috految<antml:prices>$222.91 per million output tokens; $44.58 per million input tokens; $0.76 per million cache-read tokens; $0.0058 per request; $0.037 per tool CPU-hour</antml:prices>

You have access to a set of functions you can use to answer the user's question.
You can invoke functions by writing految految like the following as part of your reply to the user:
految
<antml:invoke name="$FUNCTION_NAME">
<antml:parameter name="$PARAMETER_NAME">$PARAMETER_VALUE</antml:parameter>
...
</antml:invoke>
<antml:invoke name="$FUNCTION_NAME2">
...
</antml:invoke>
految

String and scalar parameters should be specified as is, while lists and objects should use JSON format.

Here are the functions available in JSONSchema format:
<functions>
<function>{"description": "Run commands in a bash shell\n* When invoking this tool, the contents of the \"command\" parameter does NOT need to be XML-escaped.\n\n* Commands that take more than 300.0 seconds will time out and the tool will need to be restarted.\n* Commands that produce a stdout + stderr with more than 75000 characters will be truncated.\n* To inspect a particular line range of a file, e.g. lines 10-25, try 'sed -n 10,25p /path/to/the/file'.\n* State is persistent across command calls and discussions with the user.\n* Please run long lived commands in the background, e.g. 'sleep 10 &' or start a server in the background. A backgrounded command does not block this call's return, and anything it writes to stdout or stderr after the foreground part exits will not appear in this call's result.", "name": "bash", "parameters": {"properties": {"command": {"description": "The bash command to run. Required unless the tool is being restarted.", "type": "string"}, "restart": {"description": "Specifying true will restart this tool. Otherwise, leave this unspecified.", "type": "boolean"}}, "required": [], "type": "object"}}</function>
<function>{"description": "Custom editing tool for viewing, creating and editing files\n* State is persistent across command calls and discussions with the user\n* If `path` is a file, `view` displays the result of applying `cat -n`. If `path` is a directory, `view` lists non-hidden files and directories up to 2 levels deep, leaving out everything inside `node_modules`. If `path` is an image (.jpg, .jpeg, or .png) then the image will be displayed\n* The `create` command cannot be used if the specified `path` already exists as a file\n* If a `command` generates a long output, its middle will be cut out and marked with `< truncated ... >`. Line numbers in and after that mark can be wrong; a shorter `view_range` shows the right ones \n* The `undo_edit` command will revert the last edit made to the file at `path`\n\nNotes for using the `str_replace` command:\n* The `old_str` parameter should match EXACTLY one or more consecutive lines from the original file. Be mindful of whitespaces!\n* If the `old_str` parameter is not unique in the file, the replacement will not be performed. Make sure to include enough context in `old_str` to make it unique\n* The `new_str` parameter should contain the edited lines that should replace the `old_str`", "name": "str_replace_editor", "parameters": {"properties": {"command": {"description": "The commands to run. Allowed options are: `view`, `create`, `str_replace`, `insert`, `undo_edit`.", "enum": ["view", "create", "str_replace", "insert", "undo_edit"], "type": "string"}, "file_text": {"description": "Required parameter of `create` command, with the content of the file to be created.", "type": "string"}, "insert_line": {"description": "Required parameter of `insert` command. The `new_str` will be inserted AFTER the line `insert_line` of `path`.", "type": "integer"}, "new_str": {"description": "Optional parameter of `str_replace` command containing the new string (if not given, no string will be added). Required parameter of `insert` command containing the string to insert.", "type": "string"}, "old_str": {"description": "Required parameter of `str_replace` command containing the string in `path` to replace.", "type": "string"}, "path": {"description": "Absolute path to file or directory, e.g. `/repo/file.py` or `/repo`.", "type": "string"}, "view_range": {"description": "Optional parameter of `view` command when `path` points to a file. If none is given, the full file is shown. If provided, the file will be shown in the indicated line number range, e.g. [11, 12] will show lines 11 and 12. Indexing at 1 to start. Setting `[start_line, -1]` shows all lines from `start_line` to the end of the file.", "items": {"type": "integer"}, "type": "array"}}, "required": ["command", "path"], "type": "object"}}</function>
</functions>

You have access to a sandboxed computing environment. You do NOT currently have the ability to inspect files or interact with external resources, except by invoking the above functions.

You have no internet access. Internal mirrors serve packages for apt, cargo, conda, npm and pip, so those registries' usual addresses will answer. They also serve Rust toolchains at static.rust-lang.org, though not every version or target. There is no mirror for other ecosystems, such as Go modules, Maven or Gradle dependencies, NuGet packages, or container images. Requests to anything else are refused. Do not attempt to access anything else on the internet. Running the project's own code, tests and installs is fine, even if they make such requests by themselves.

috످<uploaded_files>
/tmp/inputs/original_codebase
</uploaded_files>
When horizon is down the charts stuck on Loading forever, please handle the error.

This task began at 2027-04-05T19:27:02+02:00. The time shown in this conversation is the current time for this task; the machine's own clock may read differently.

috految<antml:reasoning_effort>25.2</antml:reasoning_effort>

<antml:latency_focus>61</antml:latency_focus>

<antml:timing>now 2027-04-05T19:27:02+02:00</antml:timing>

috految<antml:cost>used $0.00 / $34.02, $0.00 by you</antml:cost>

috److految
<antml:invoke name="bash">
<antml:parameter name="command">cd /tmp/inputs/original_codebase; git status --short | head; ls -A . frontend/* test/*; cat package.json gulpfile* .babelrc; grep -rnE 'Loading|axios\b[^ "]|\.catch|EventSource|"error|\.error' frontend common | cut -c1-160; cat frontend/components/{*Chart*,App.js}; node -v; which yarn chromium google-chrome playwright; ls ~/.cache/ms-playwright; nproc</antml:parameter>
</antml:invoke>
految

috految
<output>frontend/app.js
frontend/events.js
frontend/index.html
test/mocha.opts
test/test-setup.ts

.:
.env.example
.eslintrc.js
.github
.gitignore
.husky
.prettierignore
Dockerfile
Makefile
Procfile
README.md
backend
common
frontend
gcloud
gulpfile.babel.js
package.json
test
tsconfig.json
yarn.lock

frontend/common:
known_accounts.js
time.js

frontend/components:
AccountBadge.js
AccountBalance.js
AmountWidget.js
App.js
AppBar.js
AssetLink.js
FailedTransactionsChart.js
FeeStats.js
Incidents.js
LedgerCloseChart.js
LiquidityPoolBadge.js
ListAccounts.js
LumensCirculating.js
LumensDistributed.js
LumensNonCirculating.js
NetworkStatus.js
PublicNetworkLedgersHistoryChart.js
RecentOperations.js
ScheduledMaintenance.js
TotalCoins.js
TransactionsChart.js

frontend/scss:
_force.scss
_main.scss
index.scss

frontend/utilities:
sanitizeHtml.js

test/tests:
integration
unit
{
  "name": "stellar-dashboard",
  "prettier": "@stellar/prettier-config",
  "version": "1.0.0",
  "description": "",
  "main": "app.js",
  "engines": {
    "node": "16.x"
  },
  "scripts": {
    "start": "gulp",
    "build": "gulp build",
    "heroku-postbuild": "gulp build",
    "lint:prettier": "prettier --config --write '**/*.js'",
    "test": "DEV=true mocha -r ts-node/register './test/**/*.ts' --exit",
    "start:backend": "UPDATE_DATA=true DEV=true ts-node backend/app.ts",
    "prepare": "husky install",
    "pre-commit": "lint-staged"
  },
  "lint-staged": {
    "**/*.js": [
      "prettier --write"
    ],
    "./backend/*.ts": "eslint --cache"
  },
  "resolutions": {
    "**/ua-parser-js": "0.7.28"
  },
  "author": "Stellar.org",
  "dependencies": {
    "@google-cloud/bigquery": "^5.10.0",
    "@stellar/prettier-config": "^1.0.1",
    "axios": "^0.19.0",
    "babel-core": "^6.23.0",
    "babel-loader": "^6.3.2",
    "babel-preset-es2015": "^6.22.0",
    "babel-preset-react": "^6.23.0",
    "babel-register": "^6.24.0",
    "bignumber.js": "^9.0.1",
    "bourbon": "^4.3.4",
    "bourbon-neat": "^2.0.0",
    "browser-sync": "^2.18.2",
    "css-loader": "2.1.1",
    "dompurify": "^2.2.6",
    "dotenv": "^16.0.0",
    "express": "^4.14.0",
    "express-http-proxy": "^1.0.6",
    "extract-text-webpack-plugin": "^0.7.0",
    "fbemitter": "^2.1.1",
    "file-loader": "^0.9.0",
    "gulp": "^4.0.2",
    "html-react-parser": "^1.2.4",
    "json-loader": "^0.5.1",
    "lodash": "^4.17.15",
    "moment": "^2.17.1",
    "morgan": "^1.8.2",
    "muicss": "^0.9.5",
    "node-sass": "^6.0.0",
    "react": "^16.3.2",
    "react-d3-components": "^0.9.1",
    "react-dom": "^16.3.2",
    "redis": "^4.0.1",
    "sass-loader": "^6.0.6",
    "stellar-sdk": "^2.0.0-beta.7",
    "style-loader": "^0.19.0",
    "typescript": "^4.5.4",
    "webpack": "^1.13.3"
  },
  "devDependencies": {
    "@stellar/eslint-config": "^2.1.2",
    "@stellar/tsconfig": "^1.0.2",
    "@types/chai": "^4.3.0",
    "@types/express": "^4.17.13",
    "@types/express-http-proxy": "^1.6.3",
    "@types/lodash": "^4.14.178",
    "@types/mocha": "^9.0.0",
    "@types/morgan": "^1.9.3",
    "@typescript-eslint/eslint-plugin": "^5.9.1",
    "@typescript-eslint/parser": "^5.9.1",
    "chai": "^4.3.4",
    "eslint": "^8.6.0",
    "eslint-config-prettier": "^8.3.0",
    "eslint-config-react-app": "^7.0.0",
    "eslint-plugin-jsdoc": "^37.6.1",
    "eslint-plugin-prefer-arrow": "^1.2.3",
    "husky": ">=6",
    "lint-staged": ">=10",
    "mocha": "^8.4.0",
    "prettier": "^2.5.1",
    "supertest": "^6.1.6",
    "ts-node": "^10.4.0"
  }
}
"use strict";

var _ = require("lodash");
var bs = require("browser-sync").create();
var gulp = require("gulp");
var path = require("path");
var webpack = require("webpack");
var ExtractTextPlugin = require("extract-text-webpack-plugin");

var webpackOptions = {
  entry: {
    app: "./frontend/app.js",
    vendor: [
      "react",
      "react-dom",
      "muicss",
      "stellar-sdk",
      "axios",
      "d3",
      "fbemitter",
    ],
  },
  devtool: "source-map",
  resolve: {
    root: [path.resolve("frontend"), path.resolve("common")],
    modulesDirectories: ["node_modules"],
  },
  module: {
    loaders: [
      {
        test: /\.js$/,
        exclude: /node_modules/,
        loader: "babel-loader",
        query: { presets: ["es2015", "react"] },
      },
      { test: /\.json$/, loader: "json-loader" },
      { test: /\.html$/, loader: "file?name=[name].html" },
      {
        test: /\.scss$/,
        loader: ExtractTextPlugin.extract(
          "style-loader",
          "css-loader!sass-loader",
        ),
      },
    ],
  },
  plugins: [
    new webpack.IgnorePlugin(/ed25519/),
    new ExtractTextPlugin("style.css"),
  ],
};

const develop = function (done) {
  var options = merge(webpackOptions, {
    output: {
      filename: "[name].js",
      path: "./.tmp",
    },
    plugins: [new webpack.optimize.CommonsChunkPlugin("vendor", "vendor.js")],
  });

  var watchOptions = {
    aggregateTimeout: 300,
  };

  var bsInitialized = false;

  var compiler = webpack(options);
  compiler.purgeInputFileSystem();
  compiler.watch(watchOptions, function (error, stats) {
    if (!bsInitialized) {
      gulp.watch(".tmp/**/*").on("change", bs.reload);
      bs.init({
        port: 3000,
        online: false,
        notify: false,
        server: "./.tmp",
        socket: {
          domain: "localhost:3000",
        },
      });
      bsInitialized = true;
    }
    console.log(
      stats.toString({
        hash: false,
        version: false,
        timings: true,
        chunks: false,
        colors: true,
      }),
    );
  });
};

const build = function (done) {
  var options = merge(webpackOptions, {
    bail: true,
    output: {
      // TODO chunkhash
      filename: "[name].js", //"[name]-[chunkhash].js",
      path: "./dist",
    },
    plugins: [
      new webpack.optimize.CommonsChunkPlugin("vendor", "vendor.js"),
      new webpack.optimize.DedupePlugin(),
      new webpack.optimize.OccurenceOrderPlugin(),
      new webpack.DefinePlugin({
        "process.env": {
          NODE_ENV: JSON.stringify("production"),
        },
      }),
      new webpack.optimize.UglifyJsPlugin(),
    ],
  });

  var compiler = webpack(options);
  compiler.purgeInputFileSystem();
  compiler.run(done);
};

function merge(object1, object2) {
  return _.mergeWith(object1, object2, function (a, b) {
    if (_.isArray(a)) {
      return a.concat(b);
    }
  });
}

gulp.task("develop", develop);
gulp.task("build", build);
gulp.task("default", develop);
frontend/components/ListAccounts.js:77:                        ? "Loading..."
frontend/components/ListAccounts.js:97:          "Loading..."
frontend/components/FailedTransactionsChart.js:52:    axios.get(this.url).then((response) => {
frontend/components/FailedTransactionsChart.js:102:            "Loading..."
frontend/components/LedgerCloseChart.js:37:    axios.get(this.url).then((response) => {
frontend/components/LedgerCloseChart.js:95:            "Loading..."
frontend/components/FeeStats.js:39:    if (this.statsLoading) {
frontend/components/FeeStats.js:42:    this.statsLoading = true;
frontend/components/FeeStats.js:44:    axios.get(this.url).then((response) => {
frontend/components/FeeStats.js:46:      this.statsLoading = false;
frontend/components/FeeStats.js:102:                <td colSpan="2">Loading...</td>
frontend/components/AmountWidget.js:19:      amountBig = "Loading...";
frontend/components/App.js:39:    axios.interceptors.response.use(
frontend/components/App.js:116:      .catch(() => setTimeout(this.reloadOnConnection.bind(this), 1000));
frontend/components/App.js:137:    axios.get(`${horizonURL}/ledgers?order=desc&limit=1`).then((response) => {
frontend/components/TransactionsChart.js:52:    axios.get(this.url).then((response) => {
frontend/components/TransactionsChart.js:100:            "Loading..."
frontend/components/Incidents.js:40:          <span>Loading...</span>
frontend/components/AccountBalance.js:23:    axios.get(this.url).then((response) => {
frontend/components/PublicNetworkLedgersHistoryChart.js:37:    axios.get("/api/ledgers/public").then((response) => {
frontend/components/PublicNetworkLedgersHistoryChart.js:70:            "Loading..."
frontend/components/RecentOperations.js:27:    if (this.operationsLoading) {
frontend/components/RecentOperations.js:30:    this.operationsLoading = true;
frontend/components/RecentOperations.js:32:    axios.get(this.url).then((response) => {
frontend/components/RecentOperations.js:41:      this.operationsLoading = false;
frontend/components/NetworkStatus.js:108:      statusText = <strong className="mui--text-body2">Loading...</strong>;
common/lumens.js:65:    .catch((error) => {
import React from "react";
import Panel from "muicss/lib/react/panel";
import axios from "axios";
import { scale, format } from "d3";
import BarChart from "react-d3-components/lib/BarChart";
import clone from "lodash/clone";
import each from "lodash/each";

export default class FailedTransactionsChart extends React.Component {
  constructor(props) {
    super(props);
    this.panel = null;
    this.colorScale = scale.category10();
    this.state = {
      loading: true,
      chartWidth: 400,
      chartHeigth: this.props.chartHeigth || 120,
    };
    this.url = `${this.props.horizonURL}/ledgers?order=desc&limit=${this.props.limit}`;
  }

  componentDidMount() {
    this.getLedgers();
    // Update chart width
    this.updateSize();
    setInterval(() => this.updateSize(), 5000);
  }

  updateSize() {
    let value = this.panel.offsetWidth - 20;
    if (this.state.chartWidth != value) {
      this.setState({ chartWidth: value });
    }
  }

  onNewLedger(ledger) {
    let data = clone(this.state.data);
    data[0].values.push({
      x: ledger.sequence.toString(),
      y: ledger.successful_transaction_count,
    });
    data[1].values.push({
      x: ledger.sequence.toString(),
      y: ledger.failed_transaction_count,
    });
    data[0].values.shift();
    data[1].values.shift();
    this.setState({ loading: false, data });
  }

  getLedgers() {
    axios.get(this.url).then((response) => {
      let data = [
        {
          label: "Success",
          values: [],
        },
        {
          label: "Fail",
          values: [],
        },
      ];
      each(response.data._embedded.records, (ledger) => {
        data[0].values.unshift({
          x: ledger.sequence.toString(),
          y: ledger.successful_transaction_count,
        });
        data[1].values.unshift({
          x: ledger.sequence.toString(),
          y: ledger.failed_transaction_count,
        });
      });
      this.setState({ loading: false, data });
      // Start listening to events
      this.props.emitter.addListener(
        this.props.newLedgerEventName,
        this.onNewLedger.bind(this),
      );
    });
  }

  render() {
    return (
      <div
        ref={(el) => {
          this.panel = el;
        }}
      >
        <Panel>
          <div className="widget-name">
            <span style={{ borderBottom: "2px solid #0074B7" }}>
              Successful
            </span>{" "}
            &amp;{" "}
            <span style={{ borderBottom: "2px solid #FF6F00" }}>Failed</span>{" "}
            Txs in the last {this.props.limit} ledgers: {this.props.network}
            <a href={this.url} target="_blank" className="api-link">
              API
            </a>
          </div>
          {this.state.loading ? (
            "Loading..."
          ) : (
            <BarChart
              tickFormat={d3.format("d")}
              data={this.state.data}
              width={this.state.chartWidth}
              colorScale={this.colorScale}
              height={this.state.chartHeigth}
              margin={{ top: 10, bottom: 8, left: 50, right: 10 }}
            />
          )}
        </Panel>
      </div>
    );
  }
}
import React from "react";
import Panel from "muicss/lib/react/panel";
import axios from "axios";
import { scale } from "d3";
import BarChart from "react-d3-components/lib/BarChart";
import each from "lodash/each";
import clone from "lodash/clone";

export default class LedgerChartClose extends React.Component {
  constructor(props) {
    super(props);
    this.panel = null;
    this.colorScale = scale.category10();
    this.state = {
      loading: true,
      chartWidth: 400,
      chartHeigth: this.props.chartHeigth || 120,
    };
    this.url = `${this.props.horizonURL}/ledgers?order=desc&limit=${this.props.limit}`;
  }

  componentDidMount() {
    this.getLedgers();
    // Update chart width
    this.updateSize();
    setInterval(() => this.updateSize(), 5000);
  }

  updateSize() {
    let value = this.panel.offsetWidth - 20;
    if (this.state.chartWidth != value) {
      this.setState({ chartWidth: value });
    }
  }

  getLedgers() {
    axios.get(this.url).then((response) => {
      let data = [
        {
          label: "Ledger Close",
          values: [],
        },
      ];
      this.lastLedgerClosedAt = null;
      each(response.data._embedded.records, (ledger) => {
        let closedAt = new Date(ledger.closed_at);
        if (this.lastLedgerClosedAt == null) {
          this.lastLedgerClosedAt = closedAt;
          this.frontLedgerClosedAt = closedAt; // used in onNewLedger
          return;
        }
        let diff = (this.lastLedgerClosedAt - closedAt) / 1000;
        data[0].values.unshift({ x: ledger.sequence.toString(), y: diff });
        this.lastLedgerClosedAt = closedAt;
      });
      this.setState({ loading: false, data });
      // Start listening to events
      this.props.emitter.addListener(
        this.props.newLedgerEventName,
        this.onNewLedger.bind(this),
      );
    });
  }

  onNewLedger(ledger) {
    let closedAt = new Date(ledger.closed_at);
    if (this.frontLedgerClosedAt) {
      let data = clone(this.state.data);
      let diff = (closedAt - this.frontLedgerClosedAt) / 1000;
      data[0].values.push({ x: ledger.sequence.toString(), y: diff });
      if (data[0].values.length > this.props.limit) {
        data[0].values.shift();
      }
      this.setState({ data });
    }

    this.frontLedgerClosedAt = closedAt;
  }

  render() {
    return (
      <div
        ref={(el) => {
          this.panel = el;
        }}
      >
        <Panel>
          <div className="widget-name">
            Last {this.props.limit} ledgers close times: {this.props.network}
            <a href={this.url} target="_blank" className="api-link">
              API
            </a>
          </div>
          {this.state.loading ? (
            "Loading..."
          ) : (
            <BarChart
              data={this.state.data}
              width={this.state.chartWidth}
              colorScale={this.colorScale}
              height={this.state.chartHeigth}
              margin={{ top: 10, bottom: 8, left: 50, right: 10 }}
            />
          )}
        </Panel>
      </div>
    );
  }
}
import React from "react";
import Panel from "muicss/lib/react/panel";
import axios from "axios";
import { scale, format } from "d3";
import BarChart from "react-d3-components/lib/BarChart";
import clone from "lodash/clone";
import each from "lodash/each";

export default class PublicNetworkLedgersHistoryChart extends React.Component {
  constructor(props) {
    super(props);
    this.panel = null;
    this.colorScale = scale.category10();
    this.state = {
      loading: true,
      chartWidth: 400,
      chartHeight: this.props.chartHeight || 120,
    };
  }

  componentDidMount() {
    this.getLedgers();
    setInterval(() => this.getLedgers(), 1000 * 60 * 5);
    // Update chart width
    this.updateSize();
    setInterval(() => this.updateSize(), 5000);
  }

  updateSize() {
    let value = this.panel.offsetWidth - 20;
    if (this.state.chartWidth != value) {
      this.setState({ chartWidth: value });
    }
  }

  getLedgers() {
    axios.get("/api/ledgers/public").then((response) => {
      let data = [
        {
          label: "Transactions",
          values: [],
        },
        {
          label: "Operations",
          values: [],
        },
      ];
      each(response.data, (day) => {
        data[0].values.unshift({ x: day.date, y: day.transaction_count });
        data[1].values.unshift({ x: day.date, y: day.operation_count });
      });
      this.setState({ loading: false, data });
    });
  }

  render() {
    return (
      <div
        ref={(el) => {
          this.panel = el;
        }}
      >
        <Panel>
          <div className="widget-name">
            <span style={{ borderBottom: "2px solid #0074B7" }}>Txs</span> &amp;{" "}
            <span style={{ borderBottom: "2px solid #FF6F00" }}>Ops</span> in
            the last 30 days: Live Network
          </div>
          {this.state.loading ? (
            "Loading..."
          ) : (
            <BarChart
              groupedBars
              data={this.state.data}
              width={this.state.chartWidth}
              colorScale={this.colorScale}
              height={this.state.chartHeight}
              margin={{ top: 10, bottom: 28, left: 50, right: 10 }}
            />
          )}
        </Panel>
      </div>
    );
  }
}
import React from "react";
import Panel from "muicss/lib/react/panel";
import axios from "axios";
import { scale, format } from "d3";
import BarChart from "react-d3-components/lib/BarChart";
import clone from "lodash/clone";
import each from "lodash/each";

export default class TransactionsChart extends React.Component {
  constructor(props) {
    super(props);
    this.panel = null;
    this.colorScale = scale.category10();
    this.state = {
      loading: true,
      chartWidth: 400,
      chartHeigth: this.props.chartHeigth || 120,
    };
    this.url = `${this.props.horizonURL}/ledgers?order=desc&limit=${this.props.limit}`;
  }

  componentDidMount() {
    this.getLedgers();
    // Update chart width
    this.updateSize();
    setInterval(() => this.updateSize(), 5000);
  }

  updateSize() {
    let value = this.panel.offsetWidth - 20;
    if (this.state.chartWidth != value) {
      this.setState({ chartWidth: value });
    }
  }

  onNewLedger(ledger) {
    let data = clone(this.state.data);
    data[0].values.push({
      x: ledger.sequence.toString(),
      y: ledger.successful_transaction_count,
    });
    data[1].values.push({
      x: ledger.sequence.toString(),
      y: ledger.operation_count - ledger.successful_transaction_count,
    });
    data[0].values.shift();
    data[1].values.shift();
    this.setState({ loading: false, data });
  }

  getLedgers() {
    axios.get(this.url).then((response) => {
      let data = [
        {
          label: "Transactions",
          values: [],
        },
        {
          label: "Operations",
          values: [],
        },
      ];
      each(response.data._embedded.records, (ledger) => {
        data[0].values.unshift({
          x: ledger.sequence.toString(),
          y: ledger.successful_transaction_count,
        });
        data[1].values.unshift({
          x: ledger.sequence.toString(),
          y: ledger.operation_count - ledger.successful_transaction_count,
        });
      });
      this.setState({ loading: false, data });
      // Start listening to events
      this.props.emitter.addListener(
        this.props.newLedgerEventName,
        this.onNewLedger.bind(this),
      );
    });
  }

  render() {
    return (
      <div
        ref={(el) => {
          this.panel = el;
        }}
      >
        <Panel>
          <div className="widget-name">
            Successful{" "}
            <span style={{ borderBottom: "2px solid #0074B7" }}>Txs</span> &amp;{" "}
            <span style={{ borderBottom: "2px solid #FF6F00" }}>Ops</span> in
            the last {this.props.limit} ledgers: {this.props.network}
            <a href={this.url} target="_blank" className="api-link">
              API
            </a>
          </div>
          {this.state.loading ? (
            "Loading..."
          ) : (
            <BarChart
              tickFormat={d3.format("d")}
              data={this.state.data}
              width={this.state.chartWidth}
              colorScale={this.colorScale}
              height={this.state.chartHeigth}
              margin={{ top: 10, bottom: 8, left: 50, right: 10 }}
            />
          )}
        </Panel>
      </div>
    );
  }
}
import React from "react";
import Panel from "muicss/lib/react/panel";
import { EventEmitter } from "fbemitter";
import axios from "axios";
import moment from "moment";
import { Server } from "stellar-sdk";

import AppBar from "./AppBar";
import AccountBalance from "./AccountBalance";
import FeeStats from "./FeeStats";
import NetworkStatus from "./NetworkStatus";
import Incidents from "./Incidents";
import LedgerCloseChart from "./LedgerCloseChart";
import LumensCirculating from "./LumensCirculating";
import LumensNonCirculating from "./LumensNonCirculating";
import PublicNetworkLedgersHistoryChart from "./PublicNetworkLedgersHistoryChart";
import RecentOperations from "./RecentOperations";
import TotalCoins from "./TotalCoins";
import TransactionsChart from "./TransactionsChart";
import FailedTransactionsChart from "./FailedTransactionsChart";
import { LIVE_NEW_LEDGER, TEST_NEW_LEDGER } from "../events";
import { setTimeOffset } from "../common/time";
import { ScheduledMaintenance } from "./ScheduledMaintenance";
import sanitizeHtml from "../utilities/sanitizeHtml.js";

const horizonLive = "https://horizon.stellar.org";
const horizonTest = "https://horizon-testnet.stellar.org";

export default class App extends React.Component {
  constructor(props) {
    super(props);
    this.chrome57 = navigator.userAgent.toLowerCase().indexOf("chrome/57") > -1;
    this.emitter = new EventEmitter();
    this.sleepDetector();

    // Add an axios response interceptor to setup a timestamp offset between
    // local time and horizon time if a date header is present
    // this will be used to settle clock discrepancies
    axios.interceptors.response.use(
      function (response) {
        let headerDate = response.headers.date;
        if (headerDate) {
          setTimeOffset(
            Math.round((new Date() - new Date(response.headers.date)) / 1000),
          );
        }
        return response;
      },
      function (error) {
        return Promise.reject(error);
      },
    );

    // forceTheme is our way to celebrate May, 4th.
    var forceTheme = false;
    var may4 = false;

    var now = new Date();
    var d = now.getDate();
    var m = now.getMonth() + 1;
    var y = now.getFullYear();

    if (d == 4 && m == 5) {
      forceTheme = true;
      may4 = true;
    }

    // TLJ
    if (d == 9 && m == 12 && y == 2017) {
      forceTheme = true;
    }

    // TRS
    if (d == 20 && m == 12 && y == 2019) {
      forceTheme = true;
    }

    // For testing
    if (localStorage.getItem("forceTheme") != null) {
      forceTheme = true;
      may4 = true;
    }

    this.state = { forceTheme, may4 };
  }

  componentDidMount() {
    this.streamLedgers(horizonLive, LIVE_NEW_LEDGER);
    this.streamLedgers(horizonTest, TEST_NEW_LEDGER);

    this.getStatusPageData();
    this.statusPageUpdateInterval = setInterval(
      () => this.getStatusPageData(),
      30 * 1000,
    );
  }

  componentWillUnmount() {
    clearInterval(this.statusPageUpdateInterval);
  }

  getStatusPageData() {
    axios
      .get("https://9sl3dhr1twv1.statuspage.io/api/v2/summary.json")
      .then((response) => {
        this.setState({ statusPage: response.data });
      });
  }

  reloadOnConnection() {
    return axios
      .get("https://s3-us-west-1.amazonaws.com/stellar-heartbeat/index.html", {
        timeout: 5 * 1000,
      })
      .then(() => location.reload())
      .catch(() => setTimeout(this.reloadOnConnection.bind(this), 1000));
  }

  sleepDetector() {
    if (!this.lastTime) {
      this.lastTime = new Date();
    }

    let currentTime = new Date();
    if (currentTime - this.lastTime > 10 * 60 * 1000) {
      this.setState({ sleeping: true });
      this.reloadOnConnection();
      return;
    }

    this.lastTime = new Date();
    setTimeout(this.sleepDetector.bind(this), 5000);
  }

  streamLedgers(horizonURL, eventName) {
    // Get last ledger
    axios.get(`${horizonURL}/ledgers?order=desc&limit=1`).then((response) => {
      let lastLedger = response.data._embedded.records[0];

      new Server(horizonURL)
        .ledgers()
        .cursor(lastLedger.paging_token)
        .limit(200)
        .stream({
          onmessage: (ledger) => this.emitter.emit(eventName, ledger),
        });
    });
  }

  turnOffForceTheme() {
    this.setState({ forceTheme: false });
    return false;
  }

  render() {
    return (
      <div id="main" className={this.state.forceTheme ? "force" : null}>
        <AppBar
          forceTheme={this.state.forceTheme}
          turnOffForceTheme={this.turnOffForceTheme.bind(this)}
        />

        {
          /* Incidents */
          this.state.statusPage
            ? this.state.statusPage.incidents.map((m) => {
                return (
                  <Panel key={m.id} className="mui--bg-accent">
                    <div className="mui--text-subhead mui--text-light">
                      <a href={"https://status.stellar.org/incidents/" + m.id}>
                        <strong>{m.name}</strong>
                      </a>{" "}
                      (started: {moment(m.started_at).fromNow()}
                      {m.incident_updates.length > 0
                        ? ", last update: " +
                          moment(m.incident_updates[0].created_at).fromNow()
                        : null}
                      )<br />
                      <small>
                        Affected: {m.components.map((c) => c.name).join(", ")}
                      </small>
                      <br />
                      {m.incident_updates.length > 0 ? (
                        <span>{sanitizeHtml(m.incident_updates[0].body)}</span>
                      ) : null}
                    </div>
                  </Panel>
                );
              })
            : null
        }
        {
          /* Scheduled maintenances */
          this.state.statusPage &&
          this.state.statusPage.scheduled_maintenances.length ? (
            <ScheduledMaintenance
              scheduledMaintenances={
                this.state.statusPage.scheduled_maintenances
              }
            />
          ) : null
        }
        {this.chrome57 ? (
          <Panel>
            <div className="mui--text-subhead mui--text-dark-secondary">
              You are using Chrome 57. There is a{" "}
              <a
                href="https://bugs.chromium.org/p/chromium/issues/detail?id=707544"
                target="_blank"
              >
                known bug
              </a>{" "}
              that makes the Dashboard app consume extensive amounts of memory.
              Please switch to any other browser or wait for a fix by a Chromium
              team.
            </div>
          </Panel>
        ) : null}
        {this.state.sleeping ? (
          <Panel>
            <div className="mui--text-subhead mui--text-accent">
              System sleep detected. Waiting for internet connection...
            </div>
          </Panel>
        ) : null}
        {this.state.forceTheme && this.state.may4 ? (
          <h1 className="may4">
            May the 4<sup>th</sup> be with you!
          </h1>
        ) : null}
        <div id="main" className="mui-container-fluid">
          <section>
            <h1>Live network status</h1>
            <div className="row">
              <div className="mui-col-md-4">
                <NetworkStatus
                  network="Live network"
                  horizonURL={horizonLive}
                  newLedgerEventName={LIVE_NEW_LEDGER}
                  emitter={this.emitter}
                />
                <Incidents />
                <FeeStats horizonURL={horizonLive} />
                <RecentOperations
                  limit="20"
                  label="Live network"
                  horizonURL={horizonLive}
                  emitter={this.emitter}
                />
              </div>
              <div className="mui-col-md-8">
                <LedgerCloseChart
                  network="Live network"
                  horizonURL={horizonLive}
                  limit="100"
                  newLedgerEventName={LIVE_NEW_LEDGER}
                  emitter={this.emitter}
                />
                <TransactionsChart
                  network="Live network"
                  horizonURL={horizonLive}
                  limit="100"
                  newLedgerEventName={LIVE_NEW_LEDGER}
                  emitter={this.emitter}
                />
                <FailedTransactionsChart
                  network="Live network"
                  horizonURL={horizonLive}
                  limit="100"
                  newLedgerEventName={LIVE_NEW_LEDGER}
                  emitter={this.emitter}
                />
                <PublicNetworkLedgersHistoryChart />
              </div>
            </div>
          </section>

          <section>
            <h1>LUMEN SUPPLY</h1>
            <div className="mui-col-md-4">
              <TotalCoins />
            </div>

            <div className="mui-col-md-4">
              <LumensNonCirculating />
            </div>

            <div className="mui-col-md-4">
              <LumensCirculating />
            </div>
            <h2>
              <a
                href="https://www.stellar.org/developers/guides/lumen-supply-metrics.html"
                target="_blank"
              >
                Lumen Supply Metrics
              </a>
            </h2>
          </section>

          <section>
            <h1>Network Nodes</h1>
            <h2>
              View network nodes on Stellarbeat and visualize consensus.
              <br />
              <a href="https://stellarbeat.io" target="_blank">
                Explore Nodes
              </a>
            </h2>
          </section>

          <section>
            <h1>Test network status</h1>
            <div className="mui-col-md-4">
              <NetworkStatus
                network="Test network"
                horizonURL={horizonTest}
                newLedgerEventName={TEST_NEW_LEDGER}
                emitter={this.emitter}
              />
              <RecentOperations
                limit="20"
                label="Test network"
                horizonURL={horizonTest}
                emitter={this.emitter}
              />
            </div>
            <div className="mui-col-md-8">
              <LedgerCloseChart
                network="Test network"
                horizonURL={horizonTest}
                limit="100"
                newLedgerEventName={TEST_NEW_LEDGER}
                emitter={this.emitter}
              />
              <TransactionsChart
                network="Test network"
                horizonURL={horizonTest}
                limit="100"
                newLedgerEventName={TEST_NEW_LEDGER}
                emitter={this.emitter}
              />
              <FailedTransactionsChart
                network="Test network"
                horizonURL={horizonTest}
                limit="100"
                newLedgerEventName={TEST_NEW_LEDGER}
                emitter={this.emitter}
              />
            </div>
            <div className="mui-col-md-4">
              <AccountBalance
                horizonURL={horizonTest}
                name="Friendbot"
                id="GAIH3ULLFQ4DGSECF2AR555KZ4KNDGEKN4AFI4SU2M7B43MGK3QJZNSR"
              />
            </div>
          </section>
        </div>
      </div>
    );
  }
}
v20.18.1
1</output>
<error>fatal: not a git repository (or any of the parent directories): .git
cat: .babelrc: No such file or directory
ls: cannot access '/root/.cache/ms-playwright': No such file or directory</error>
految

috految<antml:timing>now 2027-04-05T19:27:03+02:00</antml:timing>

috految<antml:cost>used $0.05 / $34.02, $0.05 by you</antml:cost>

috److految
<antml:invoke name="bash">
<antml:parameter name="command">cp -a . /tmp/orig; cp -a . /tmp/w; mkdir /tmp/t
(cd /tmp/t; npm i --no-audit --no-fund --ignore-scripts yarn@1 node-linux-x64@16 sass@1.32.13 playwright-core@1.49 @sparticuz/chromium@131; AWS_EXECUTION_ENV=AWS_Lambda_nodejs20.x node -e 'require("@sparticuz/chromium").executablePath().then(console.log)' &
cd /tmp/w; sed -i 's/registry.yarnpkg.com/registry.npmjs.org/' yarn.lock; node -e 'p=require("./package.json");p.devDependencies={prettier:"^2.5.1"};for(k of ["node-sass","browser-sync","@google-cloud/bigquery"])delete p.dependencies[k];fs.writeFileSync("package.json",JSON.stringify(p))'; /tmp/t/node_modules/.bin/yarn --ignore-scripts --ignore-engines --pure-lockfile --registry https://registry.npmjs.org; wait) >/tmp/i.log 2>&1 & I=$!
cat backend/{app,routes,ledgers,redis}.ts frontend/{index.html,app.js,scss/index.scss} Procfile; sed -n 15,140p frontend/components/NetworkStatus.js; sed -n 22,44p frontend/components/RecentOperations.js; grep -nE 'mui|color' frontend/scss/_*; grep -A8 catch common/lumens.js backend/lumens.ts -h; grep -i node Dockerfile; grep -rh 'import\|require' test; grep -rlP '\r' frontend; grep -E 'resolved' yarn.lock | grep -v registry; grep -n 'danger\|Interval' frontend/components/*; grep -rn 'UPDATE_DATA\|unhandled' .; grep -A1 '^axios' yarn.lock</antml:parameter>
</antml:invoke>
految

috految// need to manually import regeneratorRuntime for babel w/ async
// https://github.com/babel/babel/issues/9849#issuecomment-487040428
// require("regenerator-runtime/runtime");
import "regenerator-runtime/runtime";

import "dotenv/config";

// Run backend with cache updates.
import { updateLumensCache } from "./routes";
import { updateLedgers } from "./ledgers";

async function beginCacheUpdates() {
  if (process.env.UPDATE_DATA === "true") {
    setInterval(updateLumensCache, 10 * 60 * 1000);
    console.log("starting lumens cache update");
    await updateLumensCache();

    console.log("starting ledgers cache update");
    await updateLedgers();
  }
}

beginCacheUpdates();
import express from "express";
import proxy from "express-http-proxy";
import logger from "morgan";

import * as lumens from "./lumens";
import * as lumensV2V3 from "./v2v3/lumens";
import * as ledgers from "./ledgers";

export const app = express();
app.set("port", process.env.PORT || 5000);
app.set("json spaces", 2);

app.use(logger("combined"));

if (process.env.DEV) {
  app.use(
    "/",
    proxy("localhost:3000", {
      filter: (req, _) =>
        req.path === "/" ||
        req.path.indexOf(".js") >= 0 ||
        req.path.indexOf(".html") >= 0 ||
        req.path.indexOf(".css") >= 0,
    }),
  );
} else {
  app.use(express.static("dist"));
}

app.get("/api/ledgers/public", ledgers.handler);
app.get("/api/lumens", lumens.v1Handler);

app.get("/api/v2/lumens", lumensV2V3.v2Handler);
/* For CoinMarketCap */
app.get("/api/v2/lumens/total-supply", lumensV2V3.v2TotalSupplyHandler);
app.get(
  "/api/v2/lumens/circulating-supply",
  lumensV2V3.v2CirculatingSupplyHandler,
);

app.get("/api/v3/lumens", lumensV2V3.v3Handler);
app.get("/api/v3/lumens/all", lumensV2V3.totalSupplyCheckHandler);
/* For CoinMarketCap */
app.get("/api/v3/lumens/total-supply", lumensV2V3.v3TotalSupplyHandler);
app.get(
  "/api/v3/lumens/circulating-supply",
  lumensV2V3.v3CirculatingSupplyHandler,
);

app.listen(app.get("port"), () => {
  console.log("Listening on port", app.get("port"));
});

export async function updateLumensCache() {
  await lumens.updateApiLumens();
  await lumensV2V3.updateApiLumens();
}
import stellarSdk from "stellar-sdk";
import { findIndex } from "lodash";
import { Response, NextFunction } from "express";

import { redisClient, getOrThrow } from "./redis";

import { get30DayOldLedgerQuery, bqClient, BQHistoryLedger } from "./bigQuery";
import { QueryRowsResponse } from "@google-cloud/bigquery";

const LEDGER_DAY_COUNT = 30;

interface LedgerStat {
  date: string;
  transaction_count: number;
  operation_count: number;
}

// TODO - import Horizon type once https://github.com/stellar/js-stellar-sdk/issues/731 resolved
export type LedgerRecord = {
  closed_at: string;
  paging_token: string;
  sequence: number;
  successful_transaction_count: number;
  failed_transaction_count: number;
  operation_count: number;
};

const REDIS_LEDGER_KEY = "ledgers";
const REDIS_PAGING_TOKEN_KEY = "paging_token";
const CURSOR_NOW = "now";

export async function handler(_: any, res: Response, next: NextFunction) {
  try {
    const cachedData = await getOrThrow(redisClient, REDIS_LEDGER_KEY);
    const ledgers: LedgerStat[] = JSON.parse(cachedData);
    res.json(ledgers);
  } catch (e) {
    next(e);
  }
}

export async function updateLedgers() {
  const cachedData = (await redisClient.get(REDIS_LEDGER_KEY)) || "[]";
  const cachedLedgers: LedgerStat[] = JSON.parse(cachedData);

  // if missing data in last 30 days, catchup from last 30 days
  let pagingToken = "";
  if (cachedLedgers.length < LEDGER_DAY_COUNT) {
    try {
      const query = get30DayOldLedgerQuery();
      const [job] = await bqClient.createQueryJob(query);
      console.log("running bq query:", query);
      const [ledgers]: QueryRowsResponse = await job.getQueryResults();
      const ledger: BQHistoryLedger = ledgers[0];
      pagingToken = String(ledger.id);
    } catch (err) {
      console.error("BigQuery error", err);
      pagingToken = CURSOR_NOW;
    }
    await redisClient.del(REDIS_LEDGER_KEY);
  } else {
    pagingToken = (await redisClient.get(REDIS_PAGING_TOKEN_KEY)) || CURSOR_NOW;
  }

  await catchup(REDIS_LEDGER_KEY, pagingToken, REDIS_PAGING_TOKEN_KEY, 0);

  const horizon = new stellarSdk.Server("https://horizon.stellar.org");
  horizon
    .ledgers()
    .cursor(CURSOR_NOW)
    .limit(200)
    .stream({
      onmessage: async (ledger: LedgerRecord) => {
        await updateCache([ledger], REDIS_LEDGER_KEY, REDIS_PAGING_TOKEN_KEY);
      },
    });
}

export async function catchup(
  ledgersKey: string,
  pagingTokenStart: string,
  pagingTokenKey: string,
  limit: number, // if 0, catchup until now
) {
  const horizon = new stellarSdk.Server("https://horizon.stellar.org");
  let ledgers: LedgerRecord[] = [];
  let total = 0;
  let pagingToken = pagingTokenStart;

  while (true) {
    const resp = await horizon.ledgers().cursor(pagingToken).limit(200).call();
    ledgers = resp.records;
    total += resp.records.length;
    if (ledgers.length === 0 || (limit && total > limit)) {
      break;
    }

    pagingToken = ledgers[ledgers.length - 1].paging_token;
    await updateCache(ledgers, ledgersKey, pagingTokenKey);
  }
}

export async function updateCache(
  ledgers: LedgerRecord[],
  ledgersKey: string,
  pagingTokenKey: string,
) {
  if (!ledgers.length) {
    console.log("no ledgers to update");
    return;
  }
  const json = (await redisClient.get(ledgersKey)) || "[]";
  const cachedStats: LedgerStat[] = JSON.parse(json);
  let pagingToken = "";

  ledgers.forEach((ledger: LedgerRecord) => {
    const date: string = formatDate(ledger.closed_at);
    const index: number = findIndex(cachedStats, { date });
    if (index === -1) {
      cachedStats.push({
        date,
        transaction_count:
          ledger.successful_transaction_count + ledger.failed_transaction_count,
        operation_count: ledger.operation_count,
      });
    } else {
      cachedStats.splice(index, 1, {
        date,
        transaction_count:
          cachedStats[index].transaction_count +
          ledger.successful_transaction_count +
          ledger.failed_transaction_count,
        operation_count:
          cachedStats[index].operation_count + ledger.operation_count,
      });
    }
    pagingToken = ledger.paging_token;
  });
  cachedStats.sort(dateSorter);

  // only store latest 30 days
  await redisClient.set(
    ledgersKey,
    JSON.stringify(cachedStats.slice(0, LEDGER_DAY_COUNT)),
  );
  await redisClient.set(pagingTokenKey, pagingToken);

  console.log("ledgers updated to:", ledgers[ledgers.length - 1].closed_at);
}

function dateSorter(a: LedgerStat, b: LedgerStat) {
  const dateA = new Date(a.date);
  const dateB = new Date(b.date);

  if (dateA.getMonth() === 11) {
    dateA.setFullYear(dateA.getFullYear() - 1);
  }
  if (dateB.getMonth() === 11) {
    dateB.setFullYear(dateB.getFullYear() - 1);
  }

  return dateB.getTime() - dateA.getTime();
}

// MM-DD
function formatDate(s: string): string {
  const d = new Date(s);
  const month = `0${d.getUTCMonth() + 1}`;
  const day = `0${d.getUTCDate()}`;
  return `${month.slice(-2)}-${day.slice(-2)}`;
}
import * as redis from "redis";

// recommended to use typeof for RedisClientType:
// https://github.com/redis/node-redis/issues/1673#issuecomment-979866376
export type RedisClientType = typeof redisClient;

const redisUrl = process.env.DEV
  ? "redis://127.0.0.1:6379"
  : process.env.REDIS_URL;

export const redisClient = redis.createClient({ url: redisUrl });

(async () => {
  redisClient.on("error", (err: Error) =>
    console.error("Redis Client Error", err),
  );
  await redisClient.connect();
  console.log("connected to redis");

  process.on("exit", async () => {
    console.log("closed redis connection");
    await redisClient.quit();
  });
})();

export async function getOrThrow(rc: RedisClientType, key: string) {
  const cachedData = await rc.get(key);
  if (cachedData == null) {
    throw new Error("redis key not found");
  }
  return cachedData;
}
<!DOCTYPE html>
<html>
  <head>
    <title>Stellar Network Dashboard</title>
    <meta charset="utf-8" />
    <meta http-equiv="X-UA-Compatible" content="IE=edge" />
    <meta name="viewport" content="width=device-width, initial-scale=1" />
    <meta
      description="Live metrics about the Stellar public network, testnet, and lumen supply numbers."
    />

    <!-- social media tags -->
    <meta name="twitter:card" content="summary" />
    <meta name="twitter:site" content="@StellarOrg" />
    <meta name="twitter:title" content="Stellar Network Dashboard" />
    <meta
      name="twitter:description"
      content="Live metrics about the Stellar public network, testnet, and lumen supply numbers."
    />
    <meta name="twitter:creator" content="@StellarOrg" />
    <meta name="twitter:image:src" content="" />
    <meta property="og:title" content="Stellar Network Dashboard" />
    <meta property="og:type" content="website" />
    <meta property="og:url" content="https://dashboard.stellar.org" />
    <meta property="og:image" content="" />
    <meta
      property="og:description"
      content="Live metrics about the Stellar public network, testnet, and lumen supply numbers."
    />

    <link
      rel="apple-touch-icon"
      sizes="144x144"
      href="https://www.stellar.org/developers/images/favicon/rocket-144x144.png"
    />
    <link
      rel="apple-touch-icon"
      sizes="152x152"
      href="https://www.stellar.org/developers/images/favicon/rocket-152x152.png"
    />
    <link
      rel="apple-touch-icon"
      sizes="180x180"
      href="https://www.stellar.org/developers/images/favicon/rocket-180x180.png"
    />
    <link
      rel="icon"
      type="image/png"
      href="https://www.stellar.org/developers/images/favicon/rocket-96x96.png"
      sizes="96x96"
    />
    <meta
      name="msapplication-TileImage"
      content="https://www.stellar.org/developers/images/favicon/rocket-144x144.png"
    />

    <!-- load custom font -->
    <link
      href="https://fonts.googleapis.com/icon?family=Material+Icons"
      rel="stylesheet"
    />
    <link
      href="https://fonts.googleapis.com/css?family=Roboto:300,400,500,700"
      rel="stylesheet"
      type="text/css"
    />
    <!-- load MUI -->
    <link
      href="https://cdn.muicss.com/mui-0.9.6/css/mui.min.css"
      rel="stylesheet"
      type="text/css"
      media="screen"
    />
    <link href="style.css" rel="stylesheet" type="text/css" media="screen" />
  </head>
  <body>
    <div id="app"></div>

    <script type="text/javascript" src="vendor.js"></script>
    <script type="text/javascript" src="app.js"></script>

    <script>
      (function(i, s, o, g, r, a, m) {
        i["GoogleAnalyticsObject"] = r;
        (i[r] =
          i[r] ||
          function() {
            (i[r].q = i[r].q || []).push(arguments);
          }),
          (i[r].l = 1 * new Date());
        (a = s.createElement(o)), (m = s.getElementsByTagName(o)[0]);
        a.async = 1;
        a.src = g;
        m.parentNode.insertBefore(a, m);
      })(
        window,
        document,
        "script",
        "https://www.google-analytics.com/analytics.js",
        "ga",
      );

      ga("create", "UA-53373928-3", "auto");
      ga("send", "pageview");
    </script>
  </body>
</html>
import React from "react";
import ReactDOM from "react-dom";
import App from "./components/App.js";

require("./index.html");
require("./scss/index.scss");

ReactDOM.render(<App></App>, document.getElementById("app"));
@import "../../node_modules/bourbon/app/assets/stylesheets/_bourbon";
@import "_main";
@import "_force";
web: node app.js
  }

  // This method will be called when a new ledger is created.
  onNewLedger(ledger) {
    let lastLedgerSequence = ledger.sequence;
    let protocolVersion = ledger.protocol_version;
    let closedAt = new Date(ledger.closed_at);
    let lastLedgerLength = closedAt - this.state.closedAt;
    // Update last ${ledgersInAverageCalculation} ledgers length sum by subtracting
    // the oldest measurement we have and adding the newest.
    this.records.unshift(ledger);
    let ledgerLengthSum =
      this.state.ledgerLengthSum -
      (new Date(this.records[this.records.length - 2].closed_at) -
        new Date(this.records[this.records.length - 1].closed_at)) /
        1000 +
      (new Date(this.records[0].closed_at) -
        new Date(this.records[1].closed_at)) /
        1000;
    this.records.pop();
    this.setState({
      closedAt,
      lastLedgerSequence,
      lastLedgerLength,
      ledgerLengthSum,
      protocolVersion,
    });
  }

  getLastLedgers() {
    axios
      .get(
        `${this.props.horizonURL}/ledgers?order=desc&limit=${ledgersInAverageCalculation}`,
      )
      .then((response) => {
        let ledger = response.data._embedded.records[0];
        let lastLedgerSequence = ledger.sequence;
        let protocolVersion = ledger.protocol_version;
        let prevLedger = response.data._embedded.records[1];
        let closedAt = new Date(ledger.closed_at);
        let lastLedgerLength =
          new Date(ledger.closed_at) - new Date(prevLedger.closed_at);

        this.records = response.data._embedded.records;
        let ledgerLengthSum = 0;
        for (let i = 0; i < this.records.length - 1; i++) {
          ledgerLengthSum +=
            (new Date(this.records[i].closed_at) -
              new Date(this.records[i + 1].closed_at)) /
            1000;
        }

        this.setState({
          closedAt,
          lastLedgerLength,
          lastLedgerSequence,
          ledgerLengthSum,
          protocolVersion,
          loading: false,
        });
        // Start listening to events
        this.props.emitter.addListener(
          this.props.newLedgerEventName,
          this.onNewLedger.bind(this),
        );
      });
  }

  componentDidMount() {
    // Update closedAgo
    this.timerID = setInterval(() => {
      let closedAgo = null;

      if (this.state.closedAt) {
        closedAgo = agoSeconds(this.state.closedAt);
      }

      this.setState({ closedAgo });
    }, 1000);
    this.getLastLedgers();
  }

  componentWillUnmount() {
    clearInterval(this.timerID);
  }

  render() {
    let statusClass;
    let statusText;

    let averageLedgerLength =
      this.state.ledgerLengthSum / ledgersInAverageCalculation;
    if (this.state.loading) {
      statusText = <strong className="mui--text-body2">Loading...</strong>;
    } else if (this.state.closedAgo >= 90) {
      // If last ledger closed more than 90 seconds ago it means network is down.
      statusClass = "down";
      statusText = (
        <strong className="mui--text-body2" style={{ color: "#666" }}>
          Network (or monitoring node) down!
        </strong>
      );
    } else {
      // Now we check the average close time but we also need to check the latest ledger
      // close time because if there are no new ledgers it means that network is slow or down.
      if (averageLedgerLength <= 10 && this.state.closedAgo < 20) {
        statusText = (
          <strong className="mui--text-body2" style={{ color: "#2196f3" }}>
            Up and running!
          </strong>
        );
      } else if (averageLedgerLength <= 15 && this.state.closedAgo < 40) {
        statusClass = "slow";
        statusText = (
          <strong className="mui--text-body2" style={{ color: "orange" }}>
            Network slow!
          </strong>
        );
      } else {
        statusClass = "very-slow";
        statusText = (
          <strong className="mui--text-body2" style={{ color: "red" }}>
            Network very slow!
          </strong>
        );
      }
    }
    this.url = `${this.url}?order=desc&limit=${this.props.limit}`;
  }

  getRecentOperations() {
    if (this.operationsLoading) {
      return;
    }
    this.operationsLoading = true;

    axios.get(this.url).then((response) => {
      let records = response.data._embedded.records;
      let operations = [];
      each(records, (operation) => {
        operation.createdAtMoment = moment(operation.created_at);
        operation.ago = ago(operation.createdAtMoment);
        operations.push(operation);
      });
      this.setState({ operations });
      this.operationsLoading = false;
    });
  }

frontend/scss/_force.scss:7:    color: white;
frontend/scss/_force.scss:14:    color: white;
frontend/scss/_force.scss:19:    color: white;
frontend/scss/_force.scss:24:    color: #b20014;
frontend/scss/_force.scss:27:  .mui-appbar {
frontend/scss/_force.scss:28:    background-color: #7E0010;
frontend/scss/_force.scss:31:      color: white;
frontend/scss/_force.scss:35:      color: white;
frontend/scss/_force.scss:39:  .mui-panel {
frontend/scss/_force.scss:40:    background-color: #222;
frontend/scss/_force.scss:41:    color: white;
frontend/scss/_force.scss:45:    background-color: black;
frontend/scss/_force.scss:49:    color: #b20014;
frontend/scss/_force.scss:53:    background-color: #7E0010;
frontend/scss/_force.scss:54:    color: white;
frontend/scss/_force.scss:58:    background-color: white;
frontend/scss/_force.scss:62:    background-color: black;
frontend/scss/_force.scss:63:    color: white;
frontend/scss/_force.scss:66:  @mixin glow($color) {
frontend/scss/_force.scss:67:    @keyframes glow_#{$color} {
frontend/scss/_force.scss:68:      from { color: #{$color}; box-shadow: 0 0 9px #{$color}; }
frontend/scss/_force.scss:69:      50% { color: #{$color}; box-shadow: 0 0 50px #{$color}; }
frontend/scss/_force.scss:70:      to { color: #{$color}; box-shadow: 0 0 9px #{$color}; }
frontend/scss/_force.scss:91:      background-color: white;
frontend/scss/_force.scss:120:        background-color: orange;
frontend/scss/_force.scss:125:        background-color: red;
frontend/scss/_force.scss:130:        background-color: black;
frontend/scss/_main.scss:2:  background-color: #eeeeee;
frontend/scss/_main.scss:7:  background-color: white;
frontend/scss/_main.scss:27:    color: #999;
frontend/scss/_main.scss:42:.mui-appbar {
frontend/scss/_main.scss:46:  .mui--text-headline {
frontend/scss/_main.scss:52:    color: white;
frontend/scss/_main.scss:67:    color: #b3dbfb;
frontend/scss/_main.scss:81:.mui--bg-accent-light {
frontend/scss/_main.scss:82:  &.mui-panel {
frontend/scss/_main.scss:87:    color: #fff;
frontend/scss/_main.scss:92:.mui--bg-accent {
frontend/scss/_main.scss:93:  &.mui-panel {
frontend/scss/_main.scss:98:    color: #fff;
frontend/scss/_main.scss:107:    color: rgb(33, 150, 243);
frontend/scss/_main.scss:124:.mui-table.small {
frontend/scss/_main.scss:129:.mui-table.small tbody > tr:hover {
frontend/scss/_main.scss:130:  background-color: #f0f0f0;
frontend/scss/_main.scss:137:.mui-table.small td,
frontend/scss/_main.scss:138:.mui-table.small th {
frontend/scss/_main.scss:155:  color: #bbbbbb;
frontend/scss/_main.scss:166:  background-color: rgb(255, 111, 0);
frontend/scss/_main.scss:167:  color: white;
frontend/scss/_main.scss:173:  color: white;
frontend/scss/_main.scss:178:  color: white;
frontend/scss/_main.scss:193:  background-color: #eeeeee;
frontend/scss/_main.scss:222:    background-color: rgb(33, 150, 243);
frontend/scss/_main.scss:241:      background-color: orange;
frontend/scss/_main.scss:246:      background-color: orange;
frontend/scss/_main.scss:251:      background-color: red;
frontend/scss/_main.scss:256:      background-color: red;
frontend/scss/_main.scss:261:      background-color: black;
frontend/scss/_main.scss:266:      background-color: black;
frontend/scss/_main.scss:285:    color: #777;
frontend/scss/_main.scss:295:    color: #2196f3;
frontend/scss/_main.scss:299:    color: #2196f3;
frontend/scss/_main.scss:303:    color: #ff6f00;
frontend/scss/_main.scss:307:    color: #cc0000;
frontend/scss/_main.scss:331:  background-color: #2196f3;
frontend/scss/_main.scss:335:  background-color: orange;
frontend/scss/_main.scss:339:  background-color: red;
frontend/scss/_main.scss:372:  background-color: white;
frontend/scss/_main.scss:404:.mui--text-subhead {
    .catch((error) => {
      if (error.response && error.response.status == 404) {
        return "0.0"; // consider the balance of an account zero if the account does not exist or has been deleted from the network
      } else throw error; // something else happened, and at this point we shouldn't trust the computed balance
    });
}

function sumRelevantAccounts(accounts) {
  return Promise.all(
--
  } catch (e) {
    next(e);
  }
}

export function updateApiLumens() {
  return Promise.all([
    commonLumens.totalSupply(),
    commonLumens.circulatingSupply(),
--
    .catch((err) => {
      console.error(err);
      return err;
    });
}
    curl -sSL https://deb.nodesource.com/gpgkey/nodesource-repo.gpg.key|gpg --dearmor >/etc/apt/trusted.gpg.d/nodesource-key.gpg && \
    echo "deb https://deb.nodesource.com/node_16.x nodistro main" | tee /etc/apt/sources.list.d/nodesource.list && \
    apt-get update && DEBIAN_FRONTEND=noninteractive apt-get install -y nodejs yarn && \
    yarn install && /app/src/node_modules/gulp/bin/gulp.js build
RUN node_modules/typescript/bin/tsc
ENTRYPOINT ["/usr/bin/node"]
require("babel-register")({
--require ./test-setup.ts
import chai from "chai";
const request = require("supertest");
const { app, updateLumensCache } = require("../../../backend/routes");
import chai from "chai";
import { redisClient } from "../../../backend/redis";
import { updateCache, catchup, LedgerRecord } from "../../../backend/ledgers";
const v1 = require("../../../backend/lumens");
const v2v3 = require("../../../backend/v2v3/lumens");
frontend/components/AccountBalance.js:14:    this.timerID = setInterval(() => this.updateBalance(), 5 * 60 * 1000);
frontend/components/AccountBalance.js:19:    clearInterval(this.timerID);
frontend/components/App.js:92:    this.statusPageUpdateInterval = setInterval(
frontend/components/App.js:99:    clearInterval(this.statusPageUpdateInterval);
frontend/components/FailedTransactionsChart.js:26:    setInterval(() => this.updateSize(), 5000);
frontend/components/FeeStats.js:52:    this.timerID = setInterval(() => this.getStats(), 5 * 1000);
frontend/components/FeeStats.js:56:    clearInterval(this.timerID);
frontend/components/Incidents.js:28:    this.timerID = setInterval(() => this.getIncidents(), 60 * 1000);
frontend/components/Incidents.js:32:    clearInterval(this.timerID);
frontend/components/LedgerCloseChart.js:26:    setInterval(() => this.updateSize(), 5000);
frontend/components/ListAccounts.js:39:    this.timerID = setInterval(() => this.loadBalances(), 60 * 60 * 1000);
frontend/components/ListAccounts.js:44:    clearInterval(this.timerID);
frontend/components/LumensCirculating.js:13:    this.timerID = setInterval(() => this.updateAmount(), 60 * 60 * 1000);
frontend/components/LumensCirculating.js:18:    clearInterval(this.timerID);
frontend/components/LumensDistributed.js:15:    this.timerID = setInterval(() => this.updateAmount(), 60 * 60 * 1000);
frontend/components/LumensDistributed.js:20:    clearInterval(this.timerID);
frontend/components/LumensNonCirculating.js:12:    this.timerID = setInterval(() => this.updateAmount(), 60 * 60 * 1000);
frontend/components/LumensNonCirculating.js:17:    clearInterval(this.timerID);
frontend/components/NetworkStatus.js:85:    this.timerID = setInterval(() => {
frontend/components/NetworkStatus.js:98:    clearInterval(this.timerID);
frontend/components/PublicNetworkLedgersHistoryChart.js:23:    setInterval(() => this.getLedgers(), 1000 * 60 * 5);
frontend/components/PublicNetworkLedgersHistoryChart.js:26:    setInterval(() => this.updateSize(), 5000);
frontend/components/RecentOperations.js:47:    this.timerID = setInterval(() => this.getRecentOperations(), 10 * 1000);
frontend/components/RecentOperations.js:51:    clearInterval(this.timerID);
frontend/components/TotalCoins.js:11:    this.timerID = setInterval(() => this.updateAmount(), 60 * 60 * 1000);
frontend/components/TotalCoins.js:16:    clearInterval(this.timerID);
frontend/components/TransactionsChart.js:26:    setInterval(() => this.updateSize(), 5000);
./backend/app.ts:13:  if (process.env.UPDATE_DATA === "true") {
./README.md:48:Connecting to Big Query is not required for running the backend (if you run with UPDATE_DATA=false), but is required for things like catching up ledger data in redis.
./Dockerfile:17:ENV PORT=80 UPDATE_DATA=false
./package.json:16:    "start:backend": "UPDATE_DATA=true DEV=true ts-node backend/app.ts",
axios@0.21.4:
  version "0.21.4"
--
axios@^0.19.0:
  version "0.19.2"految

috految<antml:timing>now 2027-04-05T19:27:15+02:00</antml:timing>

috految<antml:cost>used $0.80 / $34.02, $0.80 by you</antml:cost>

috److془Design: catch + timeout. Timeout 30s (cache lock). Go.

Empty records crash? test. Add guard? Not necessarily. Test.془The four charts have no `.catch` and no timeout. They need both, because a hanging server never triggers `.catch`. I'll fix that, then compare the old and new code in a browser.

految
<antml:invoke name="bash">
<antml:parameter name="command">cd frontend; cat > common/constants.js <<'E'
// axios has no default timeout, so a request to an unresponsive server would
// otherwise stay pending instead of failing.
export const CHART_REQUEST_TIMEOUT_MS = 30 * 1000;
E
cat > components/ChartError.js <<'E'
import React from "react";

export default function ChartError({ source }) {
  return (
    <div className="mui--text-danger" role="alert">
      Unable to load data from {source}. Refresh the page to try again.
    </div>
  );
}
E
python3 - <<'E'
import glob
for f in glob.glob('components/*Chart.js'):
 s=open(f).read(); h='History' in f
 def r(a,b):
  global s
  assert s.count(a)==1,(f,a); s=s.replace(a,b)
 r('\nexport default','\nimport ChartError from "./ChartError";\nimport { CHART_REQUEST_TIMEOUT_MS } from "../common/constants";\n\nexport default')
 r('loading: true,\n','loading: true,\n      error: false,\n')
 r(').then(',', { timeout: CHART_REQUEST_TIMEOUT_MS }).then(')
 if h: r('loading: false, data });\n    });','''loading: false, error: false, data });
}).catch((error) => {
console.error("Failed to load ledger history:", error);
// This chart polls, so keep the last good data if a refresh fails.
this.setState(({ data }) => ({ loading: false, error: !data }));
});''')
 else: r('      );\n    });',');\n}).catch((error) => {\nconsole.error(`Failed to load ${this.url}:`, error);\nthis.setState({ loading: false, error: true });\n});')
 r('"Loading..."\n','"Loading..."\n) : this.state.error ? (<ChartError source="%s" />\n'%('the server' if h else 'Horizon'))
 open(f,'w').write(s)
E
R=/tmp/inputs/original_codebase; N=/tmp/t/node_modules/node-linux-x64/bin/node
(while kill -0 $I 2>/dev/null; do sleep .2; done; cd /tmp/w; mkdir -p node_modules/{node-sass,browser-sync}; echo 'module.exports=require("/tmp/t/node_modules/sass")' >node_modules/node-sass/index.js; echo '{"version":"4.14.1"}' >node_modules/node-sass/package.json; echo 'exports.create=()=>{}' >node_modules/browser-sync/index.js
cp -r frontend old; cp -r $R/frontend .; node_modules/.bin/prettier --write frontend/components/*Chart*.js frontend/common/constants.js && cp frontend/components/*Chart*.js $R/frontend/components/
sed -i 's|app: "./frontend/app.js",|&old:"./old/app.js",|;/devtool/d;/UglifyJs/d' gulpfile.babel.js; sed -i '/scss\|index.html/d' old/app.js; $N node_modules/.bin/gulp build; ls dist) >/tmp/b.log 2>&1 & B=$!
(cd /tmp/t; npm pack -s muicss@0.9.6; tar xf muicss*.tgz) >/dev/null 2>&1 &
tail -5 /tmp/i.log; grep -n 'dateSorter\|await updateLedgers' ../backend/*.ts; grep -n 'Interim\|localhost' ../README.md</antml:parameter>
</antml:invoke>
految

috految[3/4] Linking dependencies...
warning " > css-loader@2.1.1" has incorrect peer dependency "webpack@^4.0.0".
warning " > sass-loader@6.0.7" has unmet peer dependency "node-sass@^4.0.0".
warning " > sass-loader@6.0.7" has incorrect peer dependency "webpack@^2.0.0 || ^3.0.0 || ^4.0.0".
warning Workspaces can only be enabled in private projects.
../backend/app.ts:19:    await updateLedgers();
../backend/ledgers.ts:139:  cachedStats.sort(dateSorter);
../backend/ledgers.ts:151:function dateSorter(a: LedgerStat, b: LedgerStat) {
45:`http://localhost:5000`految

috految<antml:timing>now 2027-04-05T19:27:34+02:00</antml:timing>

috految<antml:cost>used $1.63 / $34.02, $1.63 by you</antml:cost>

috److految
<antml:invoke name="bash">
<antml:parameter name="command">cd /tmp/t; cat >e.js <<'E'
const fs=require('fs'),sleep=t=>new Promise(r=>setTimeout(r,t));
const L=i=>({_links:{},sequence:i,paging_token:''+i,closed_at:new Date(1e12+i*5e3).toISOString(),successful_transaction_count:i%7+3,failed_transaction_count:i%5,operation_count:20+i%9});
(async()=>{const b=await require('playwright-core').chromium.launch({executablePath:'/tmp/chromium',args:['--disable-gpu','--no-zygote']});
await Promise.all(['old','app'].map(async v=>{let m,ss=[],n=0;const p=await b.newPage();
await p.addInitScript(()=>{const s=setInterval;window.T=[];window.setInterval=(f,t)=>(T.push([f,t]),s(f,t));window.TO=[];const x=XMLHttpRequest.prototype.send;XMLHttpRequest.prototype.send=function(d){if(this.timeout&&location.search=='?hang'){TO.push(this.timeout);this.timeout/=30}x.call(this,d)}});
await p.route('**/*',r=>{const u=new URL(r.request().url()),P=u.pathname,f=o=>r.fulfill({headers:{'access-control-allow-origin':'*'},...o});
if(P.includes('mui.min'))return f({path:process.env.CSS});
if(P=='/api/ledgers/public')return m=='hang'?0:m=='api'?f({status:500}):f({json:[1,2,3].map(i=>({date:'01-0'+i,transaction_count:i,operation_count:i*2}))});
if(u.host=='localhost')return f({path:'/tmp/w/dist'+(P=='/'?'/index.html':P=='/app.js'?`/${v}.js`:P)}).catch(()=>r.abort());
if(!/horizon/.test(u.host))return r.abort();if(/fee_stats|operations/.test(P))n++;
if(m=='hang')return;if(m=='down'||m=='testnet'&&/testnet/.test(u.host))return r.abort('connectionrefused');
if(+m)return f({status:+m});if(m=='html')return f({body:'<html>maintenance'});
if(u.searchParams.has('cursor'))return ss.push(f);
if(P=='/ledgers')return f({json:{_embedded:{records:[...Array(m=='empty'?0:+u.searchParams.get('limit'))].map((_,i)=>L(1000-i))}}});r.abort()});
p.on('pageerror',e=>/Network|status code/.test(e.message)||m=='html'||console.log(v,m,e.message.slice(0,70)));
const S=async l=>console.log(v,l,await p.evaluate(()=>app.innerHTML?[...document.querySelectorAll('.mui-col-md-8 .mui-panel')].map(e=>e.querySelector('rect')?'chart':e.querySelector('[role=alert]')?'ERR':/Loading/.test(e.textContent)?'LOADING':'?').join()+' '+TO:'BLANK'));
const go=async x=>{m=x;ss=[];await p.goto('http://localhost/?'+x);await sleep(x=='hang'?1500:x=='ok'?1000:500);await S(x)},tick=async t=>{await p.evaluate(t=>T.filter(e=>e[1]==t).forEach(e=>e[0]()),t);await sleep(250)};
await go('down');console.log(await p.evaluate(()=>{const a=document.querySelector('[role=alert]');return a&&[a.textContent,getComputedStyle(a).color,[...document.querySelectorAll('.mui-panel')].filter(e=>/Loading/.test(e.textContent)).map(e=>e.textContent.slice(0,45))]}));
m='ok';n=0;await tick(5000);await tick(10000);console.log('fee/ops repolls',n);
await go('ok');const H=()=>p.$$eval('.mui-col-md-8 svg',a=>a.map(e=>e.innerHTML)),h=await H();for(const f of ss.splice(0))await f({contentType:'text/event-stream',body:`data: ${JSON.stringify(L(1001))}\n\n`});await sleep(500);console.log(v,'streamed',(await H()).filter((x,i)=>x!=h[i]).length);
m='api';await tick(3e5);await S('refreshfail');await go('api');m='ok';await tick(3e5);await S('poll recovery');
for(const x of['503','html','testnet','empty','hang'])await go(x)}));process.exit()})()
E
cat >/tmp/w/be.js <<'E'
const M=require('module'),l=M._load,ts=require('typescript'),db={ledgers:JSON.stringify([...Array(30)].map((_,i)=>({date:'11-'+('0'+(30-i)).slice(-2)})))};
const c=(m,f)=>m._compile(ts.transpile(require('fs').readFileSync(f,'utf8'),{module:1,target:7,esModuleInterop:true}),f),js=require.extensions['.js'];require.extensions['.ts']=c;require.extensions['.js']=(m,f)=>(/w\/common/.test(f)?c:js)(m,f);
require('dns').lookup=(h,o,cb)=>setImmediate(cb,Error('down '+h));M._load=(n,...a)=>n=='redis'?{createClient:()=>({on(){},connect(){},quit(){},get:k=>db[k],set:(k,v)=>db[k]=v})}:/bigQuery/.test(n)?{}:l(n,...a);
(async()=>{for(const d of['2026-12-01','2027-01-05','2027-04-05'])await require('./backend/ledgers').updateCache([{closed_at:d}],'ledgers','p');console.log('dates',JSON.parse(db.ledgers).map(x=>x.date).join());require('./backend/app')})()
E
wait $B; tail -20 /tmp/b.log|cut -c1-200; (cd /tmp/w; UPDATE_DATA=true timeout 15 $N be.js >be.log 2>&1; echo exit $?; grep -E '^dates|^starting' be.log; tail -9 be.log) &
export CSS=$(find $PWD/package -name mui.min.css|head -1); test -f /tmp/w/dist/app.js && LD_LIBRARY_PATH=/tmp/al2023/lib FONTCONFIG_PATH=/tmp/fonts timeout 50 node e.js; git --no-pager diff --no-index -w --stat /tmp/orig $R; diff -r $R/frontend /tmp/w/frontend; sed -n 36,68p $R/frontend/components/Public*</antml:parameter>
</antml:invoke>
految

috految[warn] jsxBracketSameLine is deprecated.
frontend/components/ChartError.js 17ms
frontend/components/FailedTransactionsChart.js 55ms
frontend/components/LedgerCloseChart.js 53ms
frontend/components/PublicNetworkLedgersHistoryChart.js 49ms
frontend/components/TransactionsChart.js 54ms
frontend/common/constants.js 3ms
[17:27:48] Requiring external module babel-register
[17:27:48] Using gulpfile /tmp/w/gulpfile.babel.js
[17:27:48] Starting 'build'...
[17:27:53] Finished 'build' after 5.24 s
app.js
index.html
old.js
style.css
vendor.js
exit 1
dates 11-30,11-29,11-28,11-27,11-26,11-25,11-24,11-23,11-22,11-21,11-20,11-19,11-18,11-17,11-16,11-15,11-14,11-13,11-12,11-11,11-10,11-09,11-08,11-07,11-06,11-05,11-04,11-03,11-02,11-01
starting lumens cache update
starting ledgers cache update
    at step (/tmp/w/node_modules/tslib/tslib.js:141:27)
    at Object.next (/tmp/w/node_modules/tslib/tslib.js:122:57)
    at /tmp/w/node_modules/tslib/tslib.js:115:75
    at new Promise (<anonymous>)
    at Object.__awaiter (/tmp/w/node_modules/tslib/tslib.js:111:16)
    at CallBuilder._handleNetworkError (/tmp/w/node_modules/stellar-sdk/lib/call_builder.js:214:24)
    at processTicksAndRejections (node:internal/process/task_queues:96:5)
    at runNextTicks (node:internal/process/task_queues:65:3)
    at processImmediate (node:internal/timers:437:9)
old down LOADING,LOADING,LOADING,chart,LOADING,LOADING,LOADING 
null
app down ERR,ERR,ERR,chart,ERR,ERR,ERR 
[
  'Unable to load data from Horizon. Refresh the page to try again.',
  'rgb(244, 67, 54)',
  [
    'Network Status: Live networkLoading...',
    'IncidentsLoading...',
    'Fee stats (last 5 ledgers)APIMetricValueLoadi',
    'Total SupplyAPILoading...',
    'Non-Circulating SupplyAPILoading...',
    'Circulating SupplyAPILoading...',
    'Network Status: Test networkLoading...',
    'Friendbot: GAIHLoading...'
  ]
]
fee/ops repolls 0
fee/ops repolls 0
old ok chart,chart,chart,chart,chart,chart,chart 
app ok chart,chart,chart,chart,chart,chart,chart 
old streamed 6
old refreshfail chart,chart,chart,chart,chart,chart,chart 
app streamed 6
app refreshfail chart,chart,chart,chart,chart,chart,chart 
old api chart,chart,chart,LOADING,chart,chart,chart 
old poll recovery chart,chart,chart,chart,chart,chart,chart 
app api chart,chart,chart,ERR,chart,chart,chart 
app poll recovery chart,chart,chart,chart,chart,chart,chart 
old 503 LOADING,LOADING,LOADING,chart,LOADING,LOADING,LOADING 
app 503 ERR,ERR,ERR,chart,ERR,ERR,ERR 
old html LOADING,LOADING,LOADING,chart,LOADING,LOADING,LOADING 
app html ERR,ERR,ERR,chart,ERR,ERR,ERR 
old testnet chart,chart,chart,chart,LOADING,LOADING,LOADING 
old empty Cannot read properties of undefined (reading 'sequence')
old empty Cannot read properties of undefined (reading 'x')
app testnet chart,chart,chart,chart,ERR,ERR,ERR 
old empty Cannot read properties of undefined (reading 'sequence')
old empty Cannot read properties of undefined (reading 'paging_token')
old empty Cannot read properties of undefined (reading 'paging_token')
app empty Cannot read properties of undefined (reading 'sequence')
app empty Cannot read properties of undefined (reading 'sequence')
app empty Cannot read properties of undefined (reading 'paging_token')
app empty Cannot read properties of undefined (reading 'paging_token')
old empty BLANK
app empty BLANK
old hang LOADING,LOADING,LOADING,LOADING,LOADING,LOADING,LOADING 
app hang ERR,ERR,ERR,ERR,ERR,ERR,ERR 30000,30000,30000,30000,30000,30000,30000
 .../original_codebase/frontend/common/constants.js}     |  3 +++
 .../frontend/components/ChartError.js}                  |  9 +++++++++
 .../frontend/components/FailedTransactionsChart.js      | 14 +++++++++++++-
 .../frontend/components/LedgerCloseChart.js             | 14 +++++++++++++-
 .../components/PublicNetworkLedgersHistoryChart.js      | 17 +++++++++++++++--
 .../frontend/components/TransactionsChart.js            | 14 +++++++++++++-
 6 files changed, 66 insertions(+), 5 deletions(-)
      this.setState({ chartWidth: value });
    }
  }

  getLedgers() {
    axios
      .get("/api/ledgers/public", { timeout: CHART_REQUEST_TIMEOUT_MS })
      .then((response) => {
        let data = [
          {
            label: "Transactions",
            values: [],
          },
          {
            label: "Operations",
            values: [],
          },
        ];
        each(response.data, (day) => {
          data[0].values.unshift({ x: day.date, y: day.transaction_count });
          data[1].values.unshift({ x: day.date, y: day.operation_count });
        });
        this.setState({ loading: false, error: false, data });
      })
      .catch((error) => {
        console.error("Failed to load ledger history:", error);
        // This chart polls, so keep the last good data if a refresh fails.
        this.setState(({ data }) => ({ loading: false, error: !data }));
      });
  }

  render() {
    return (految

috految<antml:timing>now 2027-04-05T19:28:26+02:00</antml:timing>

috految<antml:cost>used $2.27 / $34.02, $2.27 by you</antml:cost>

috److The charts no longer get stuck on "Loading..." when Horizon is down. They now show this message in red:

> Unable to load data from Horizon. Refresh the page to try again.

I only changed the charts, so **other widgets like Network Status and Fee Stats still get stuck on "Loading..."** during an outage.

## The cause

- **No error handling:** The requests had no `.catch()`, so `loading` stayed `true` after a failure.
- **No timeout:** If Horizon hung without responding, the charts kept waiting.

## What I changed

| File (in `frontend/`) | Change |
|---|---|
| `components/LedgerCloseChart.js` | Added a timeout, error message, and console logging |
| `components/TransactionsChart.js` | Same change |
| `components/FailedTransactionsChart.js` | Same change |
| `components/PublicNetworkLedgersHistoryChart.js` | Same change, but keeps its last good data if a refresh fails |
| `components/ChartError.js` (new) | Shared error message |
| `common/constants.js` (new) | Sets the timeout to 30 seconds |

The 30-day history chart loads from your backend, so its error says "the server" instead of "Horizon". It recovers on its own through its existing 5-minute refresh.

Prettier re-indented some lines, so the diff is easier to read with whitespace hidden.

## Testing

I ran the old and new code in Chromium with a mocked Horizon and backend, using sped-up timers.

| Scenario | Before | After |
|---|---|---|
| Horizon is unreachable | Stuck on Loading | **Shows error** |
| Horizon returns 503 | Stuck on Loading | **Shows error** |
| Horizon returns a maintenance page | Stuck on Loading | **Shows error** |
| Horizon hangs | Stuck on Loading | **Shows error after timeout** |
| Only testnet is down | Testnet charts stuck | **Only testnet charts show the error** |
| Backend returns 500 | 30-day chart stuck | **Shows error, clears on next successful refresh** |
| 30-day refresh fails after loading | Keeps chart | Keeps chart |
| Horizon is healthy | All 7 charts load and live updates work | Same |

I built a temporary copy on Node 16, unminified and with `sass` in place of `node-sass`. I didn't run `yarn test` because it only covers the backend.

**To try it yourself:**
1. Run `yarn start` and open `http://localhost:3000`.
2. In DevTools → Network, right-click a `horizon.stellar.org` request and choose **Block request domain**.
3. Reload the page. The 30-day chart will also show an error, because port 3000 has no backend.

## Other bugs I found (not fixed)

I reproduced all four in the original code:

1. **The backend crashes if Horizon is down at startup** (`backend/app.ts:19`). With `UPDATE_DATA=true`, the error from `updateLedgers()` isn't caught. If that process also serves the dashboard, the whole site goes down.
2. **The 30-day chart can stop updating after November** (`backend/ledgers.ts:151`). Dates are stored without a year, and November always sorts as the newest month. With a full November cached, the December, January, and April data I added was discarded. **Check whether your production chart still shows November dates.**
3. **Fee Stats and Recent Operations freeze after one failed request** (`FeeStats.js:42`, `RecentOperations.js:30`). Their loading flag never resets, so they stay frozen even after Horizon recovers.
4. **The whole page goes blank if Horizon returns 200 with no ledgers.** The chart library crashes on empty data. This could happen during a testnet reset.

## Questions for you

- **Should I fix the other widgets too?** Network Status, Fee Stats, Recent Operations, the three Lumen Supply panels, and Friendbot need similar error handling. I'd start with Network Status, since people will check it first during an outage.
- **Do you want the Horizon charts to retry automatically?** For now, users need to refresh after an error. If Horizon goes down *after* the page loads, the charts keep their last data without an error, as before. Auto-retry would also need to restart the live stream (`App.js:137`), or the charts would come back but never update.

috످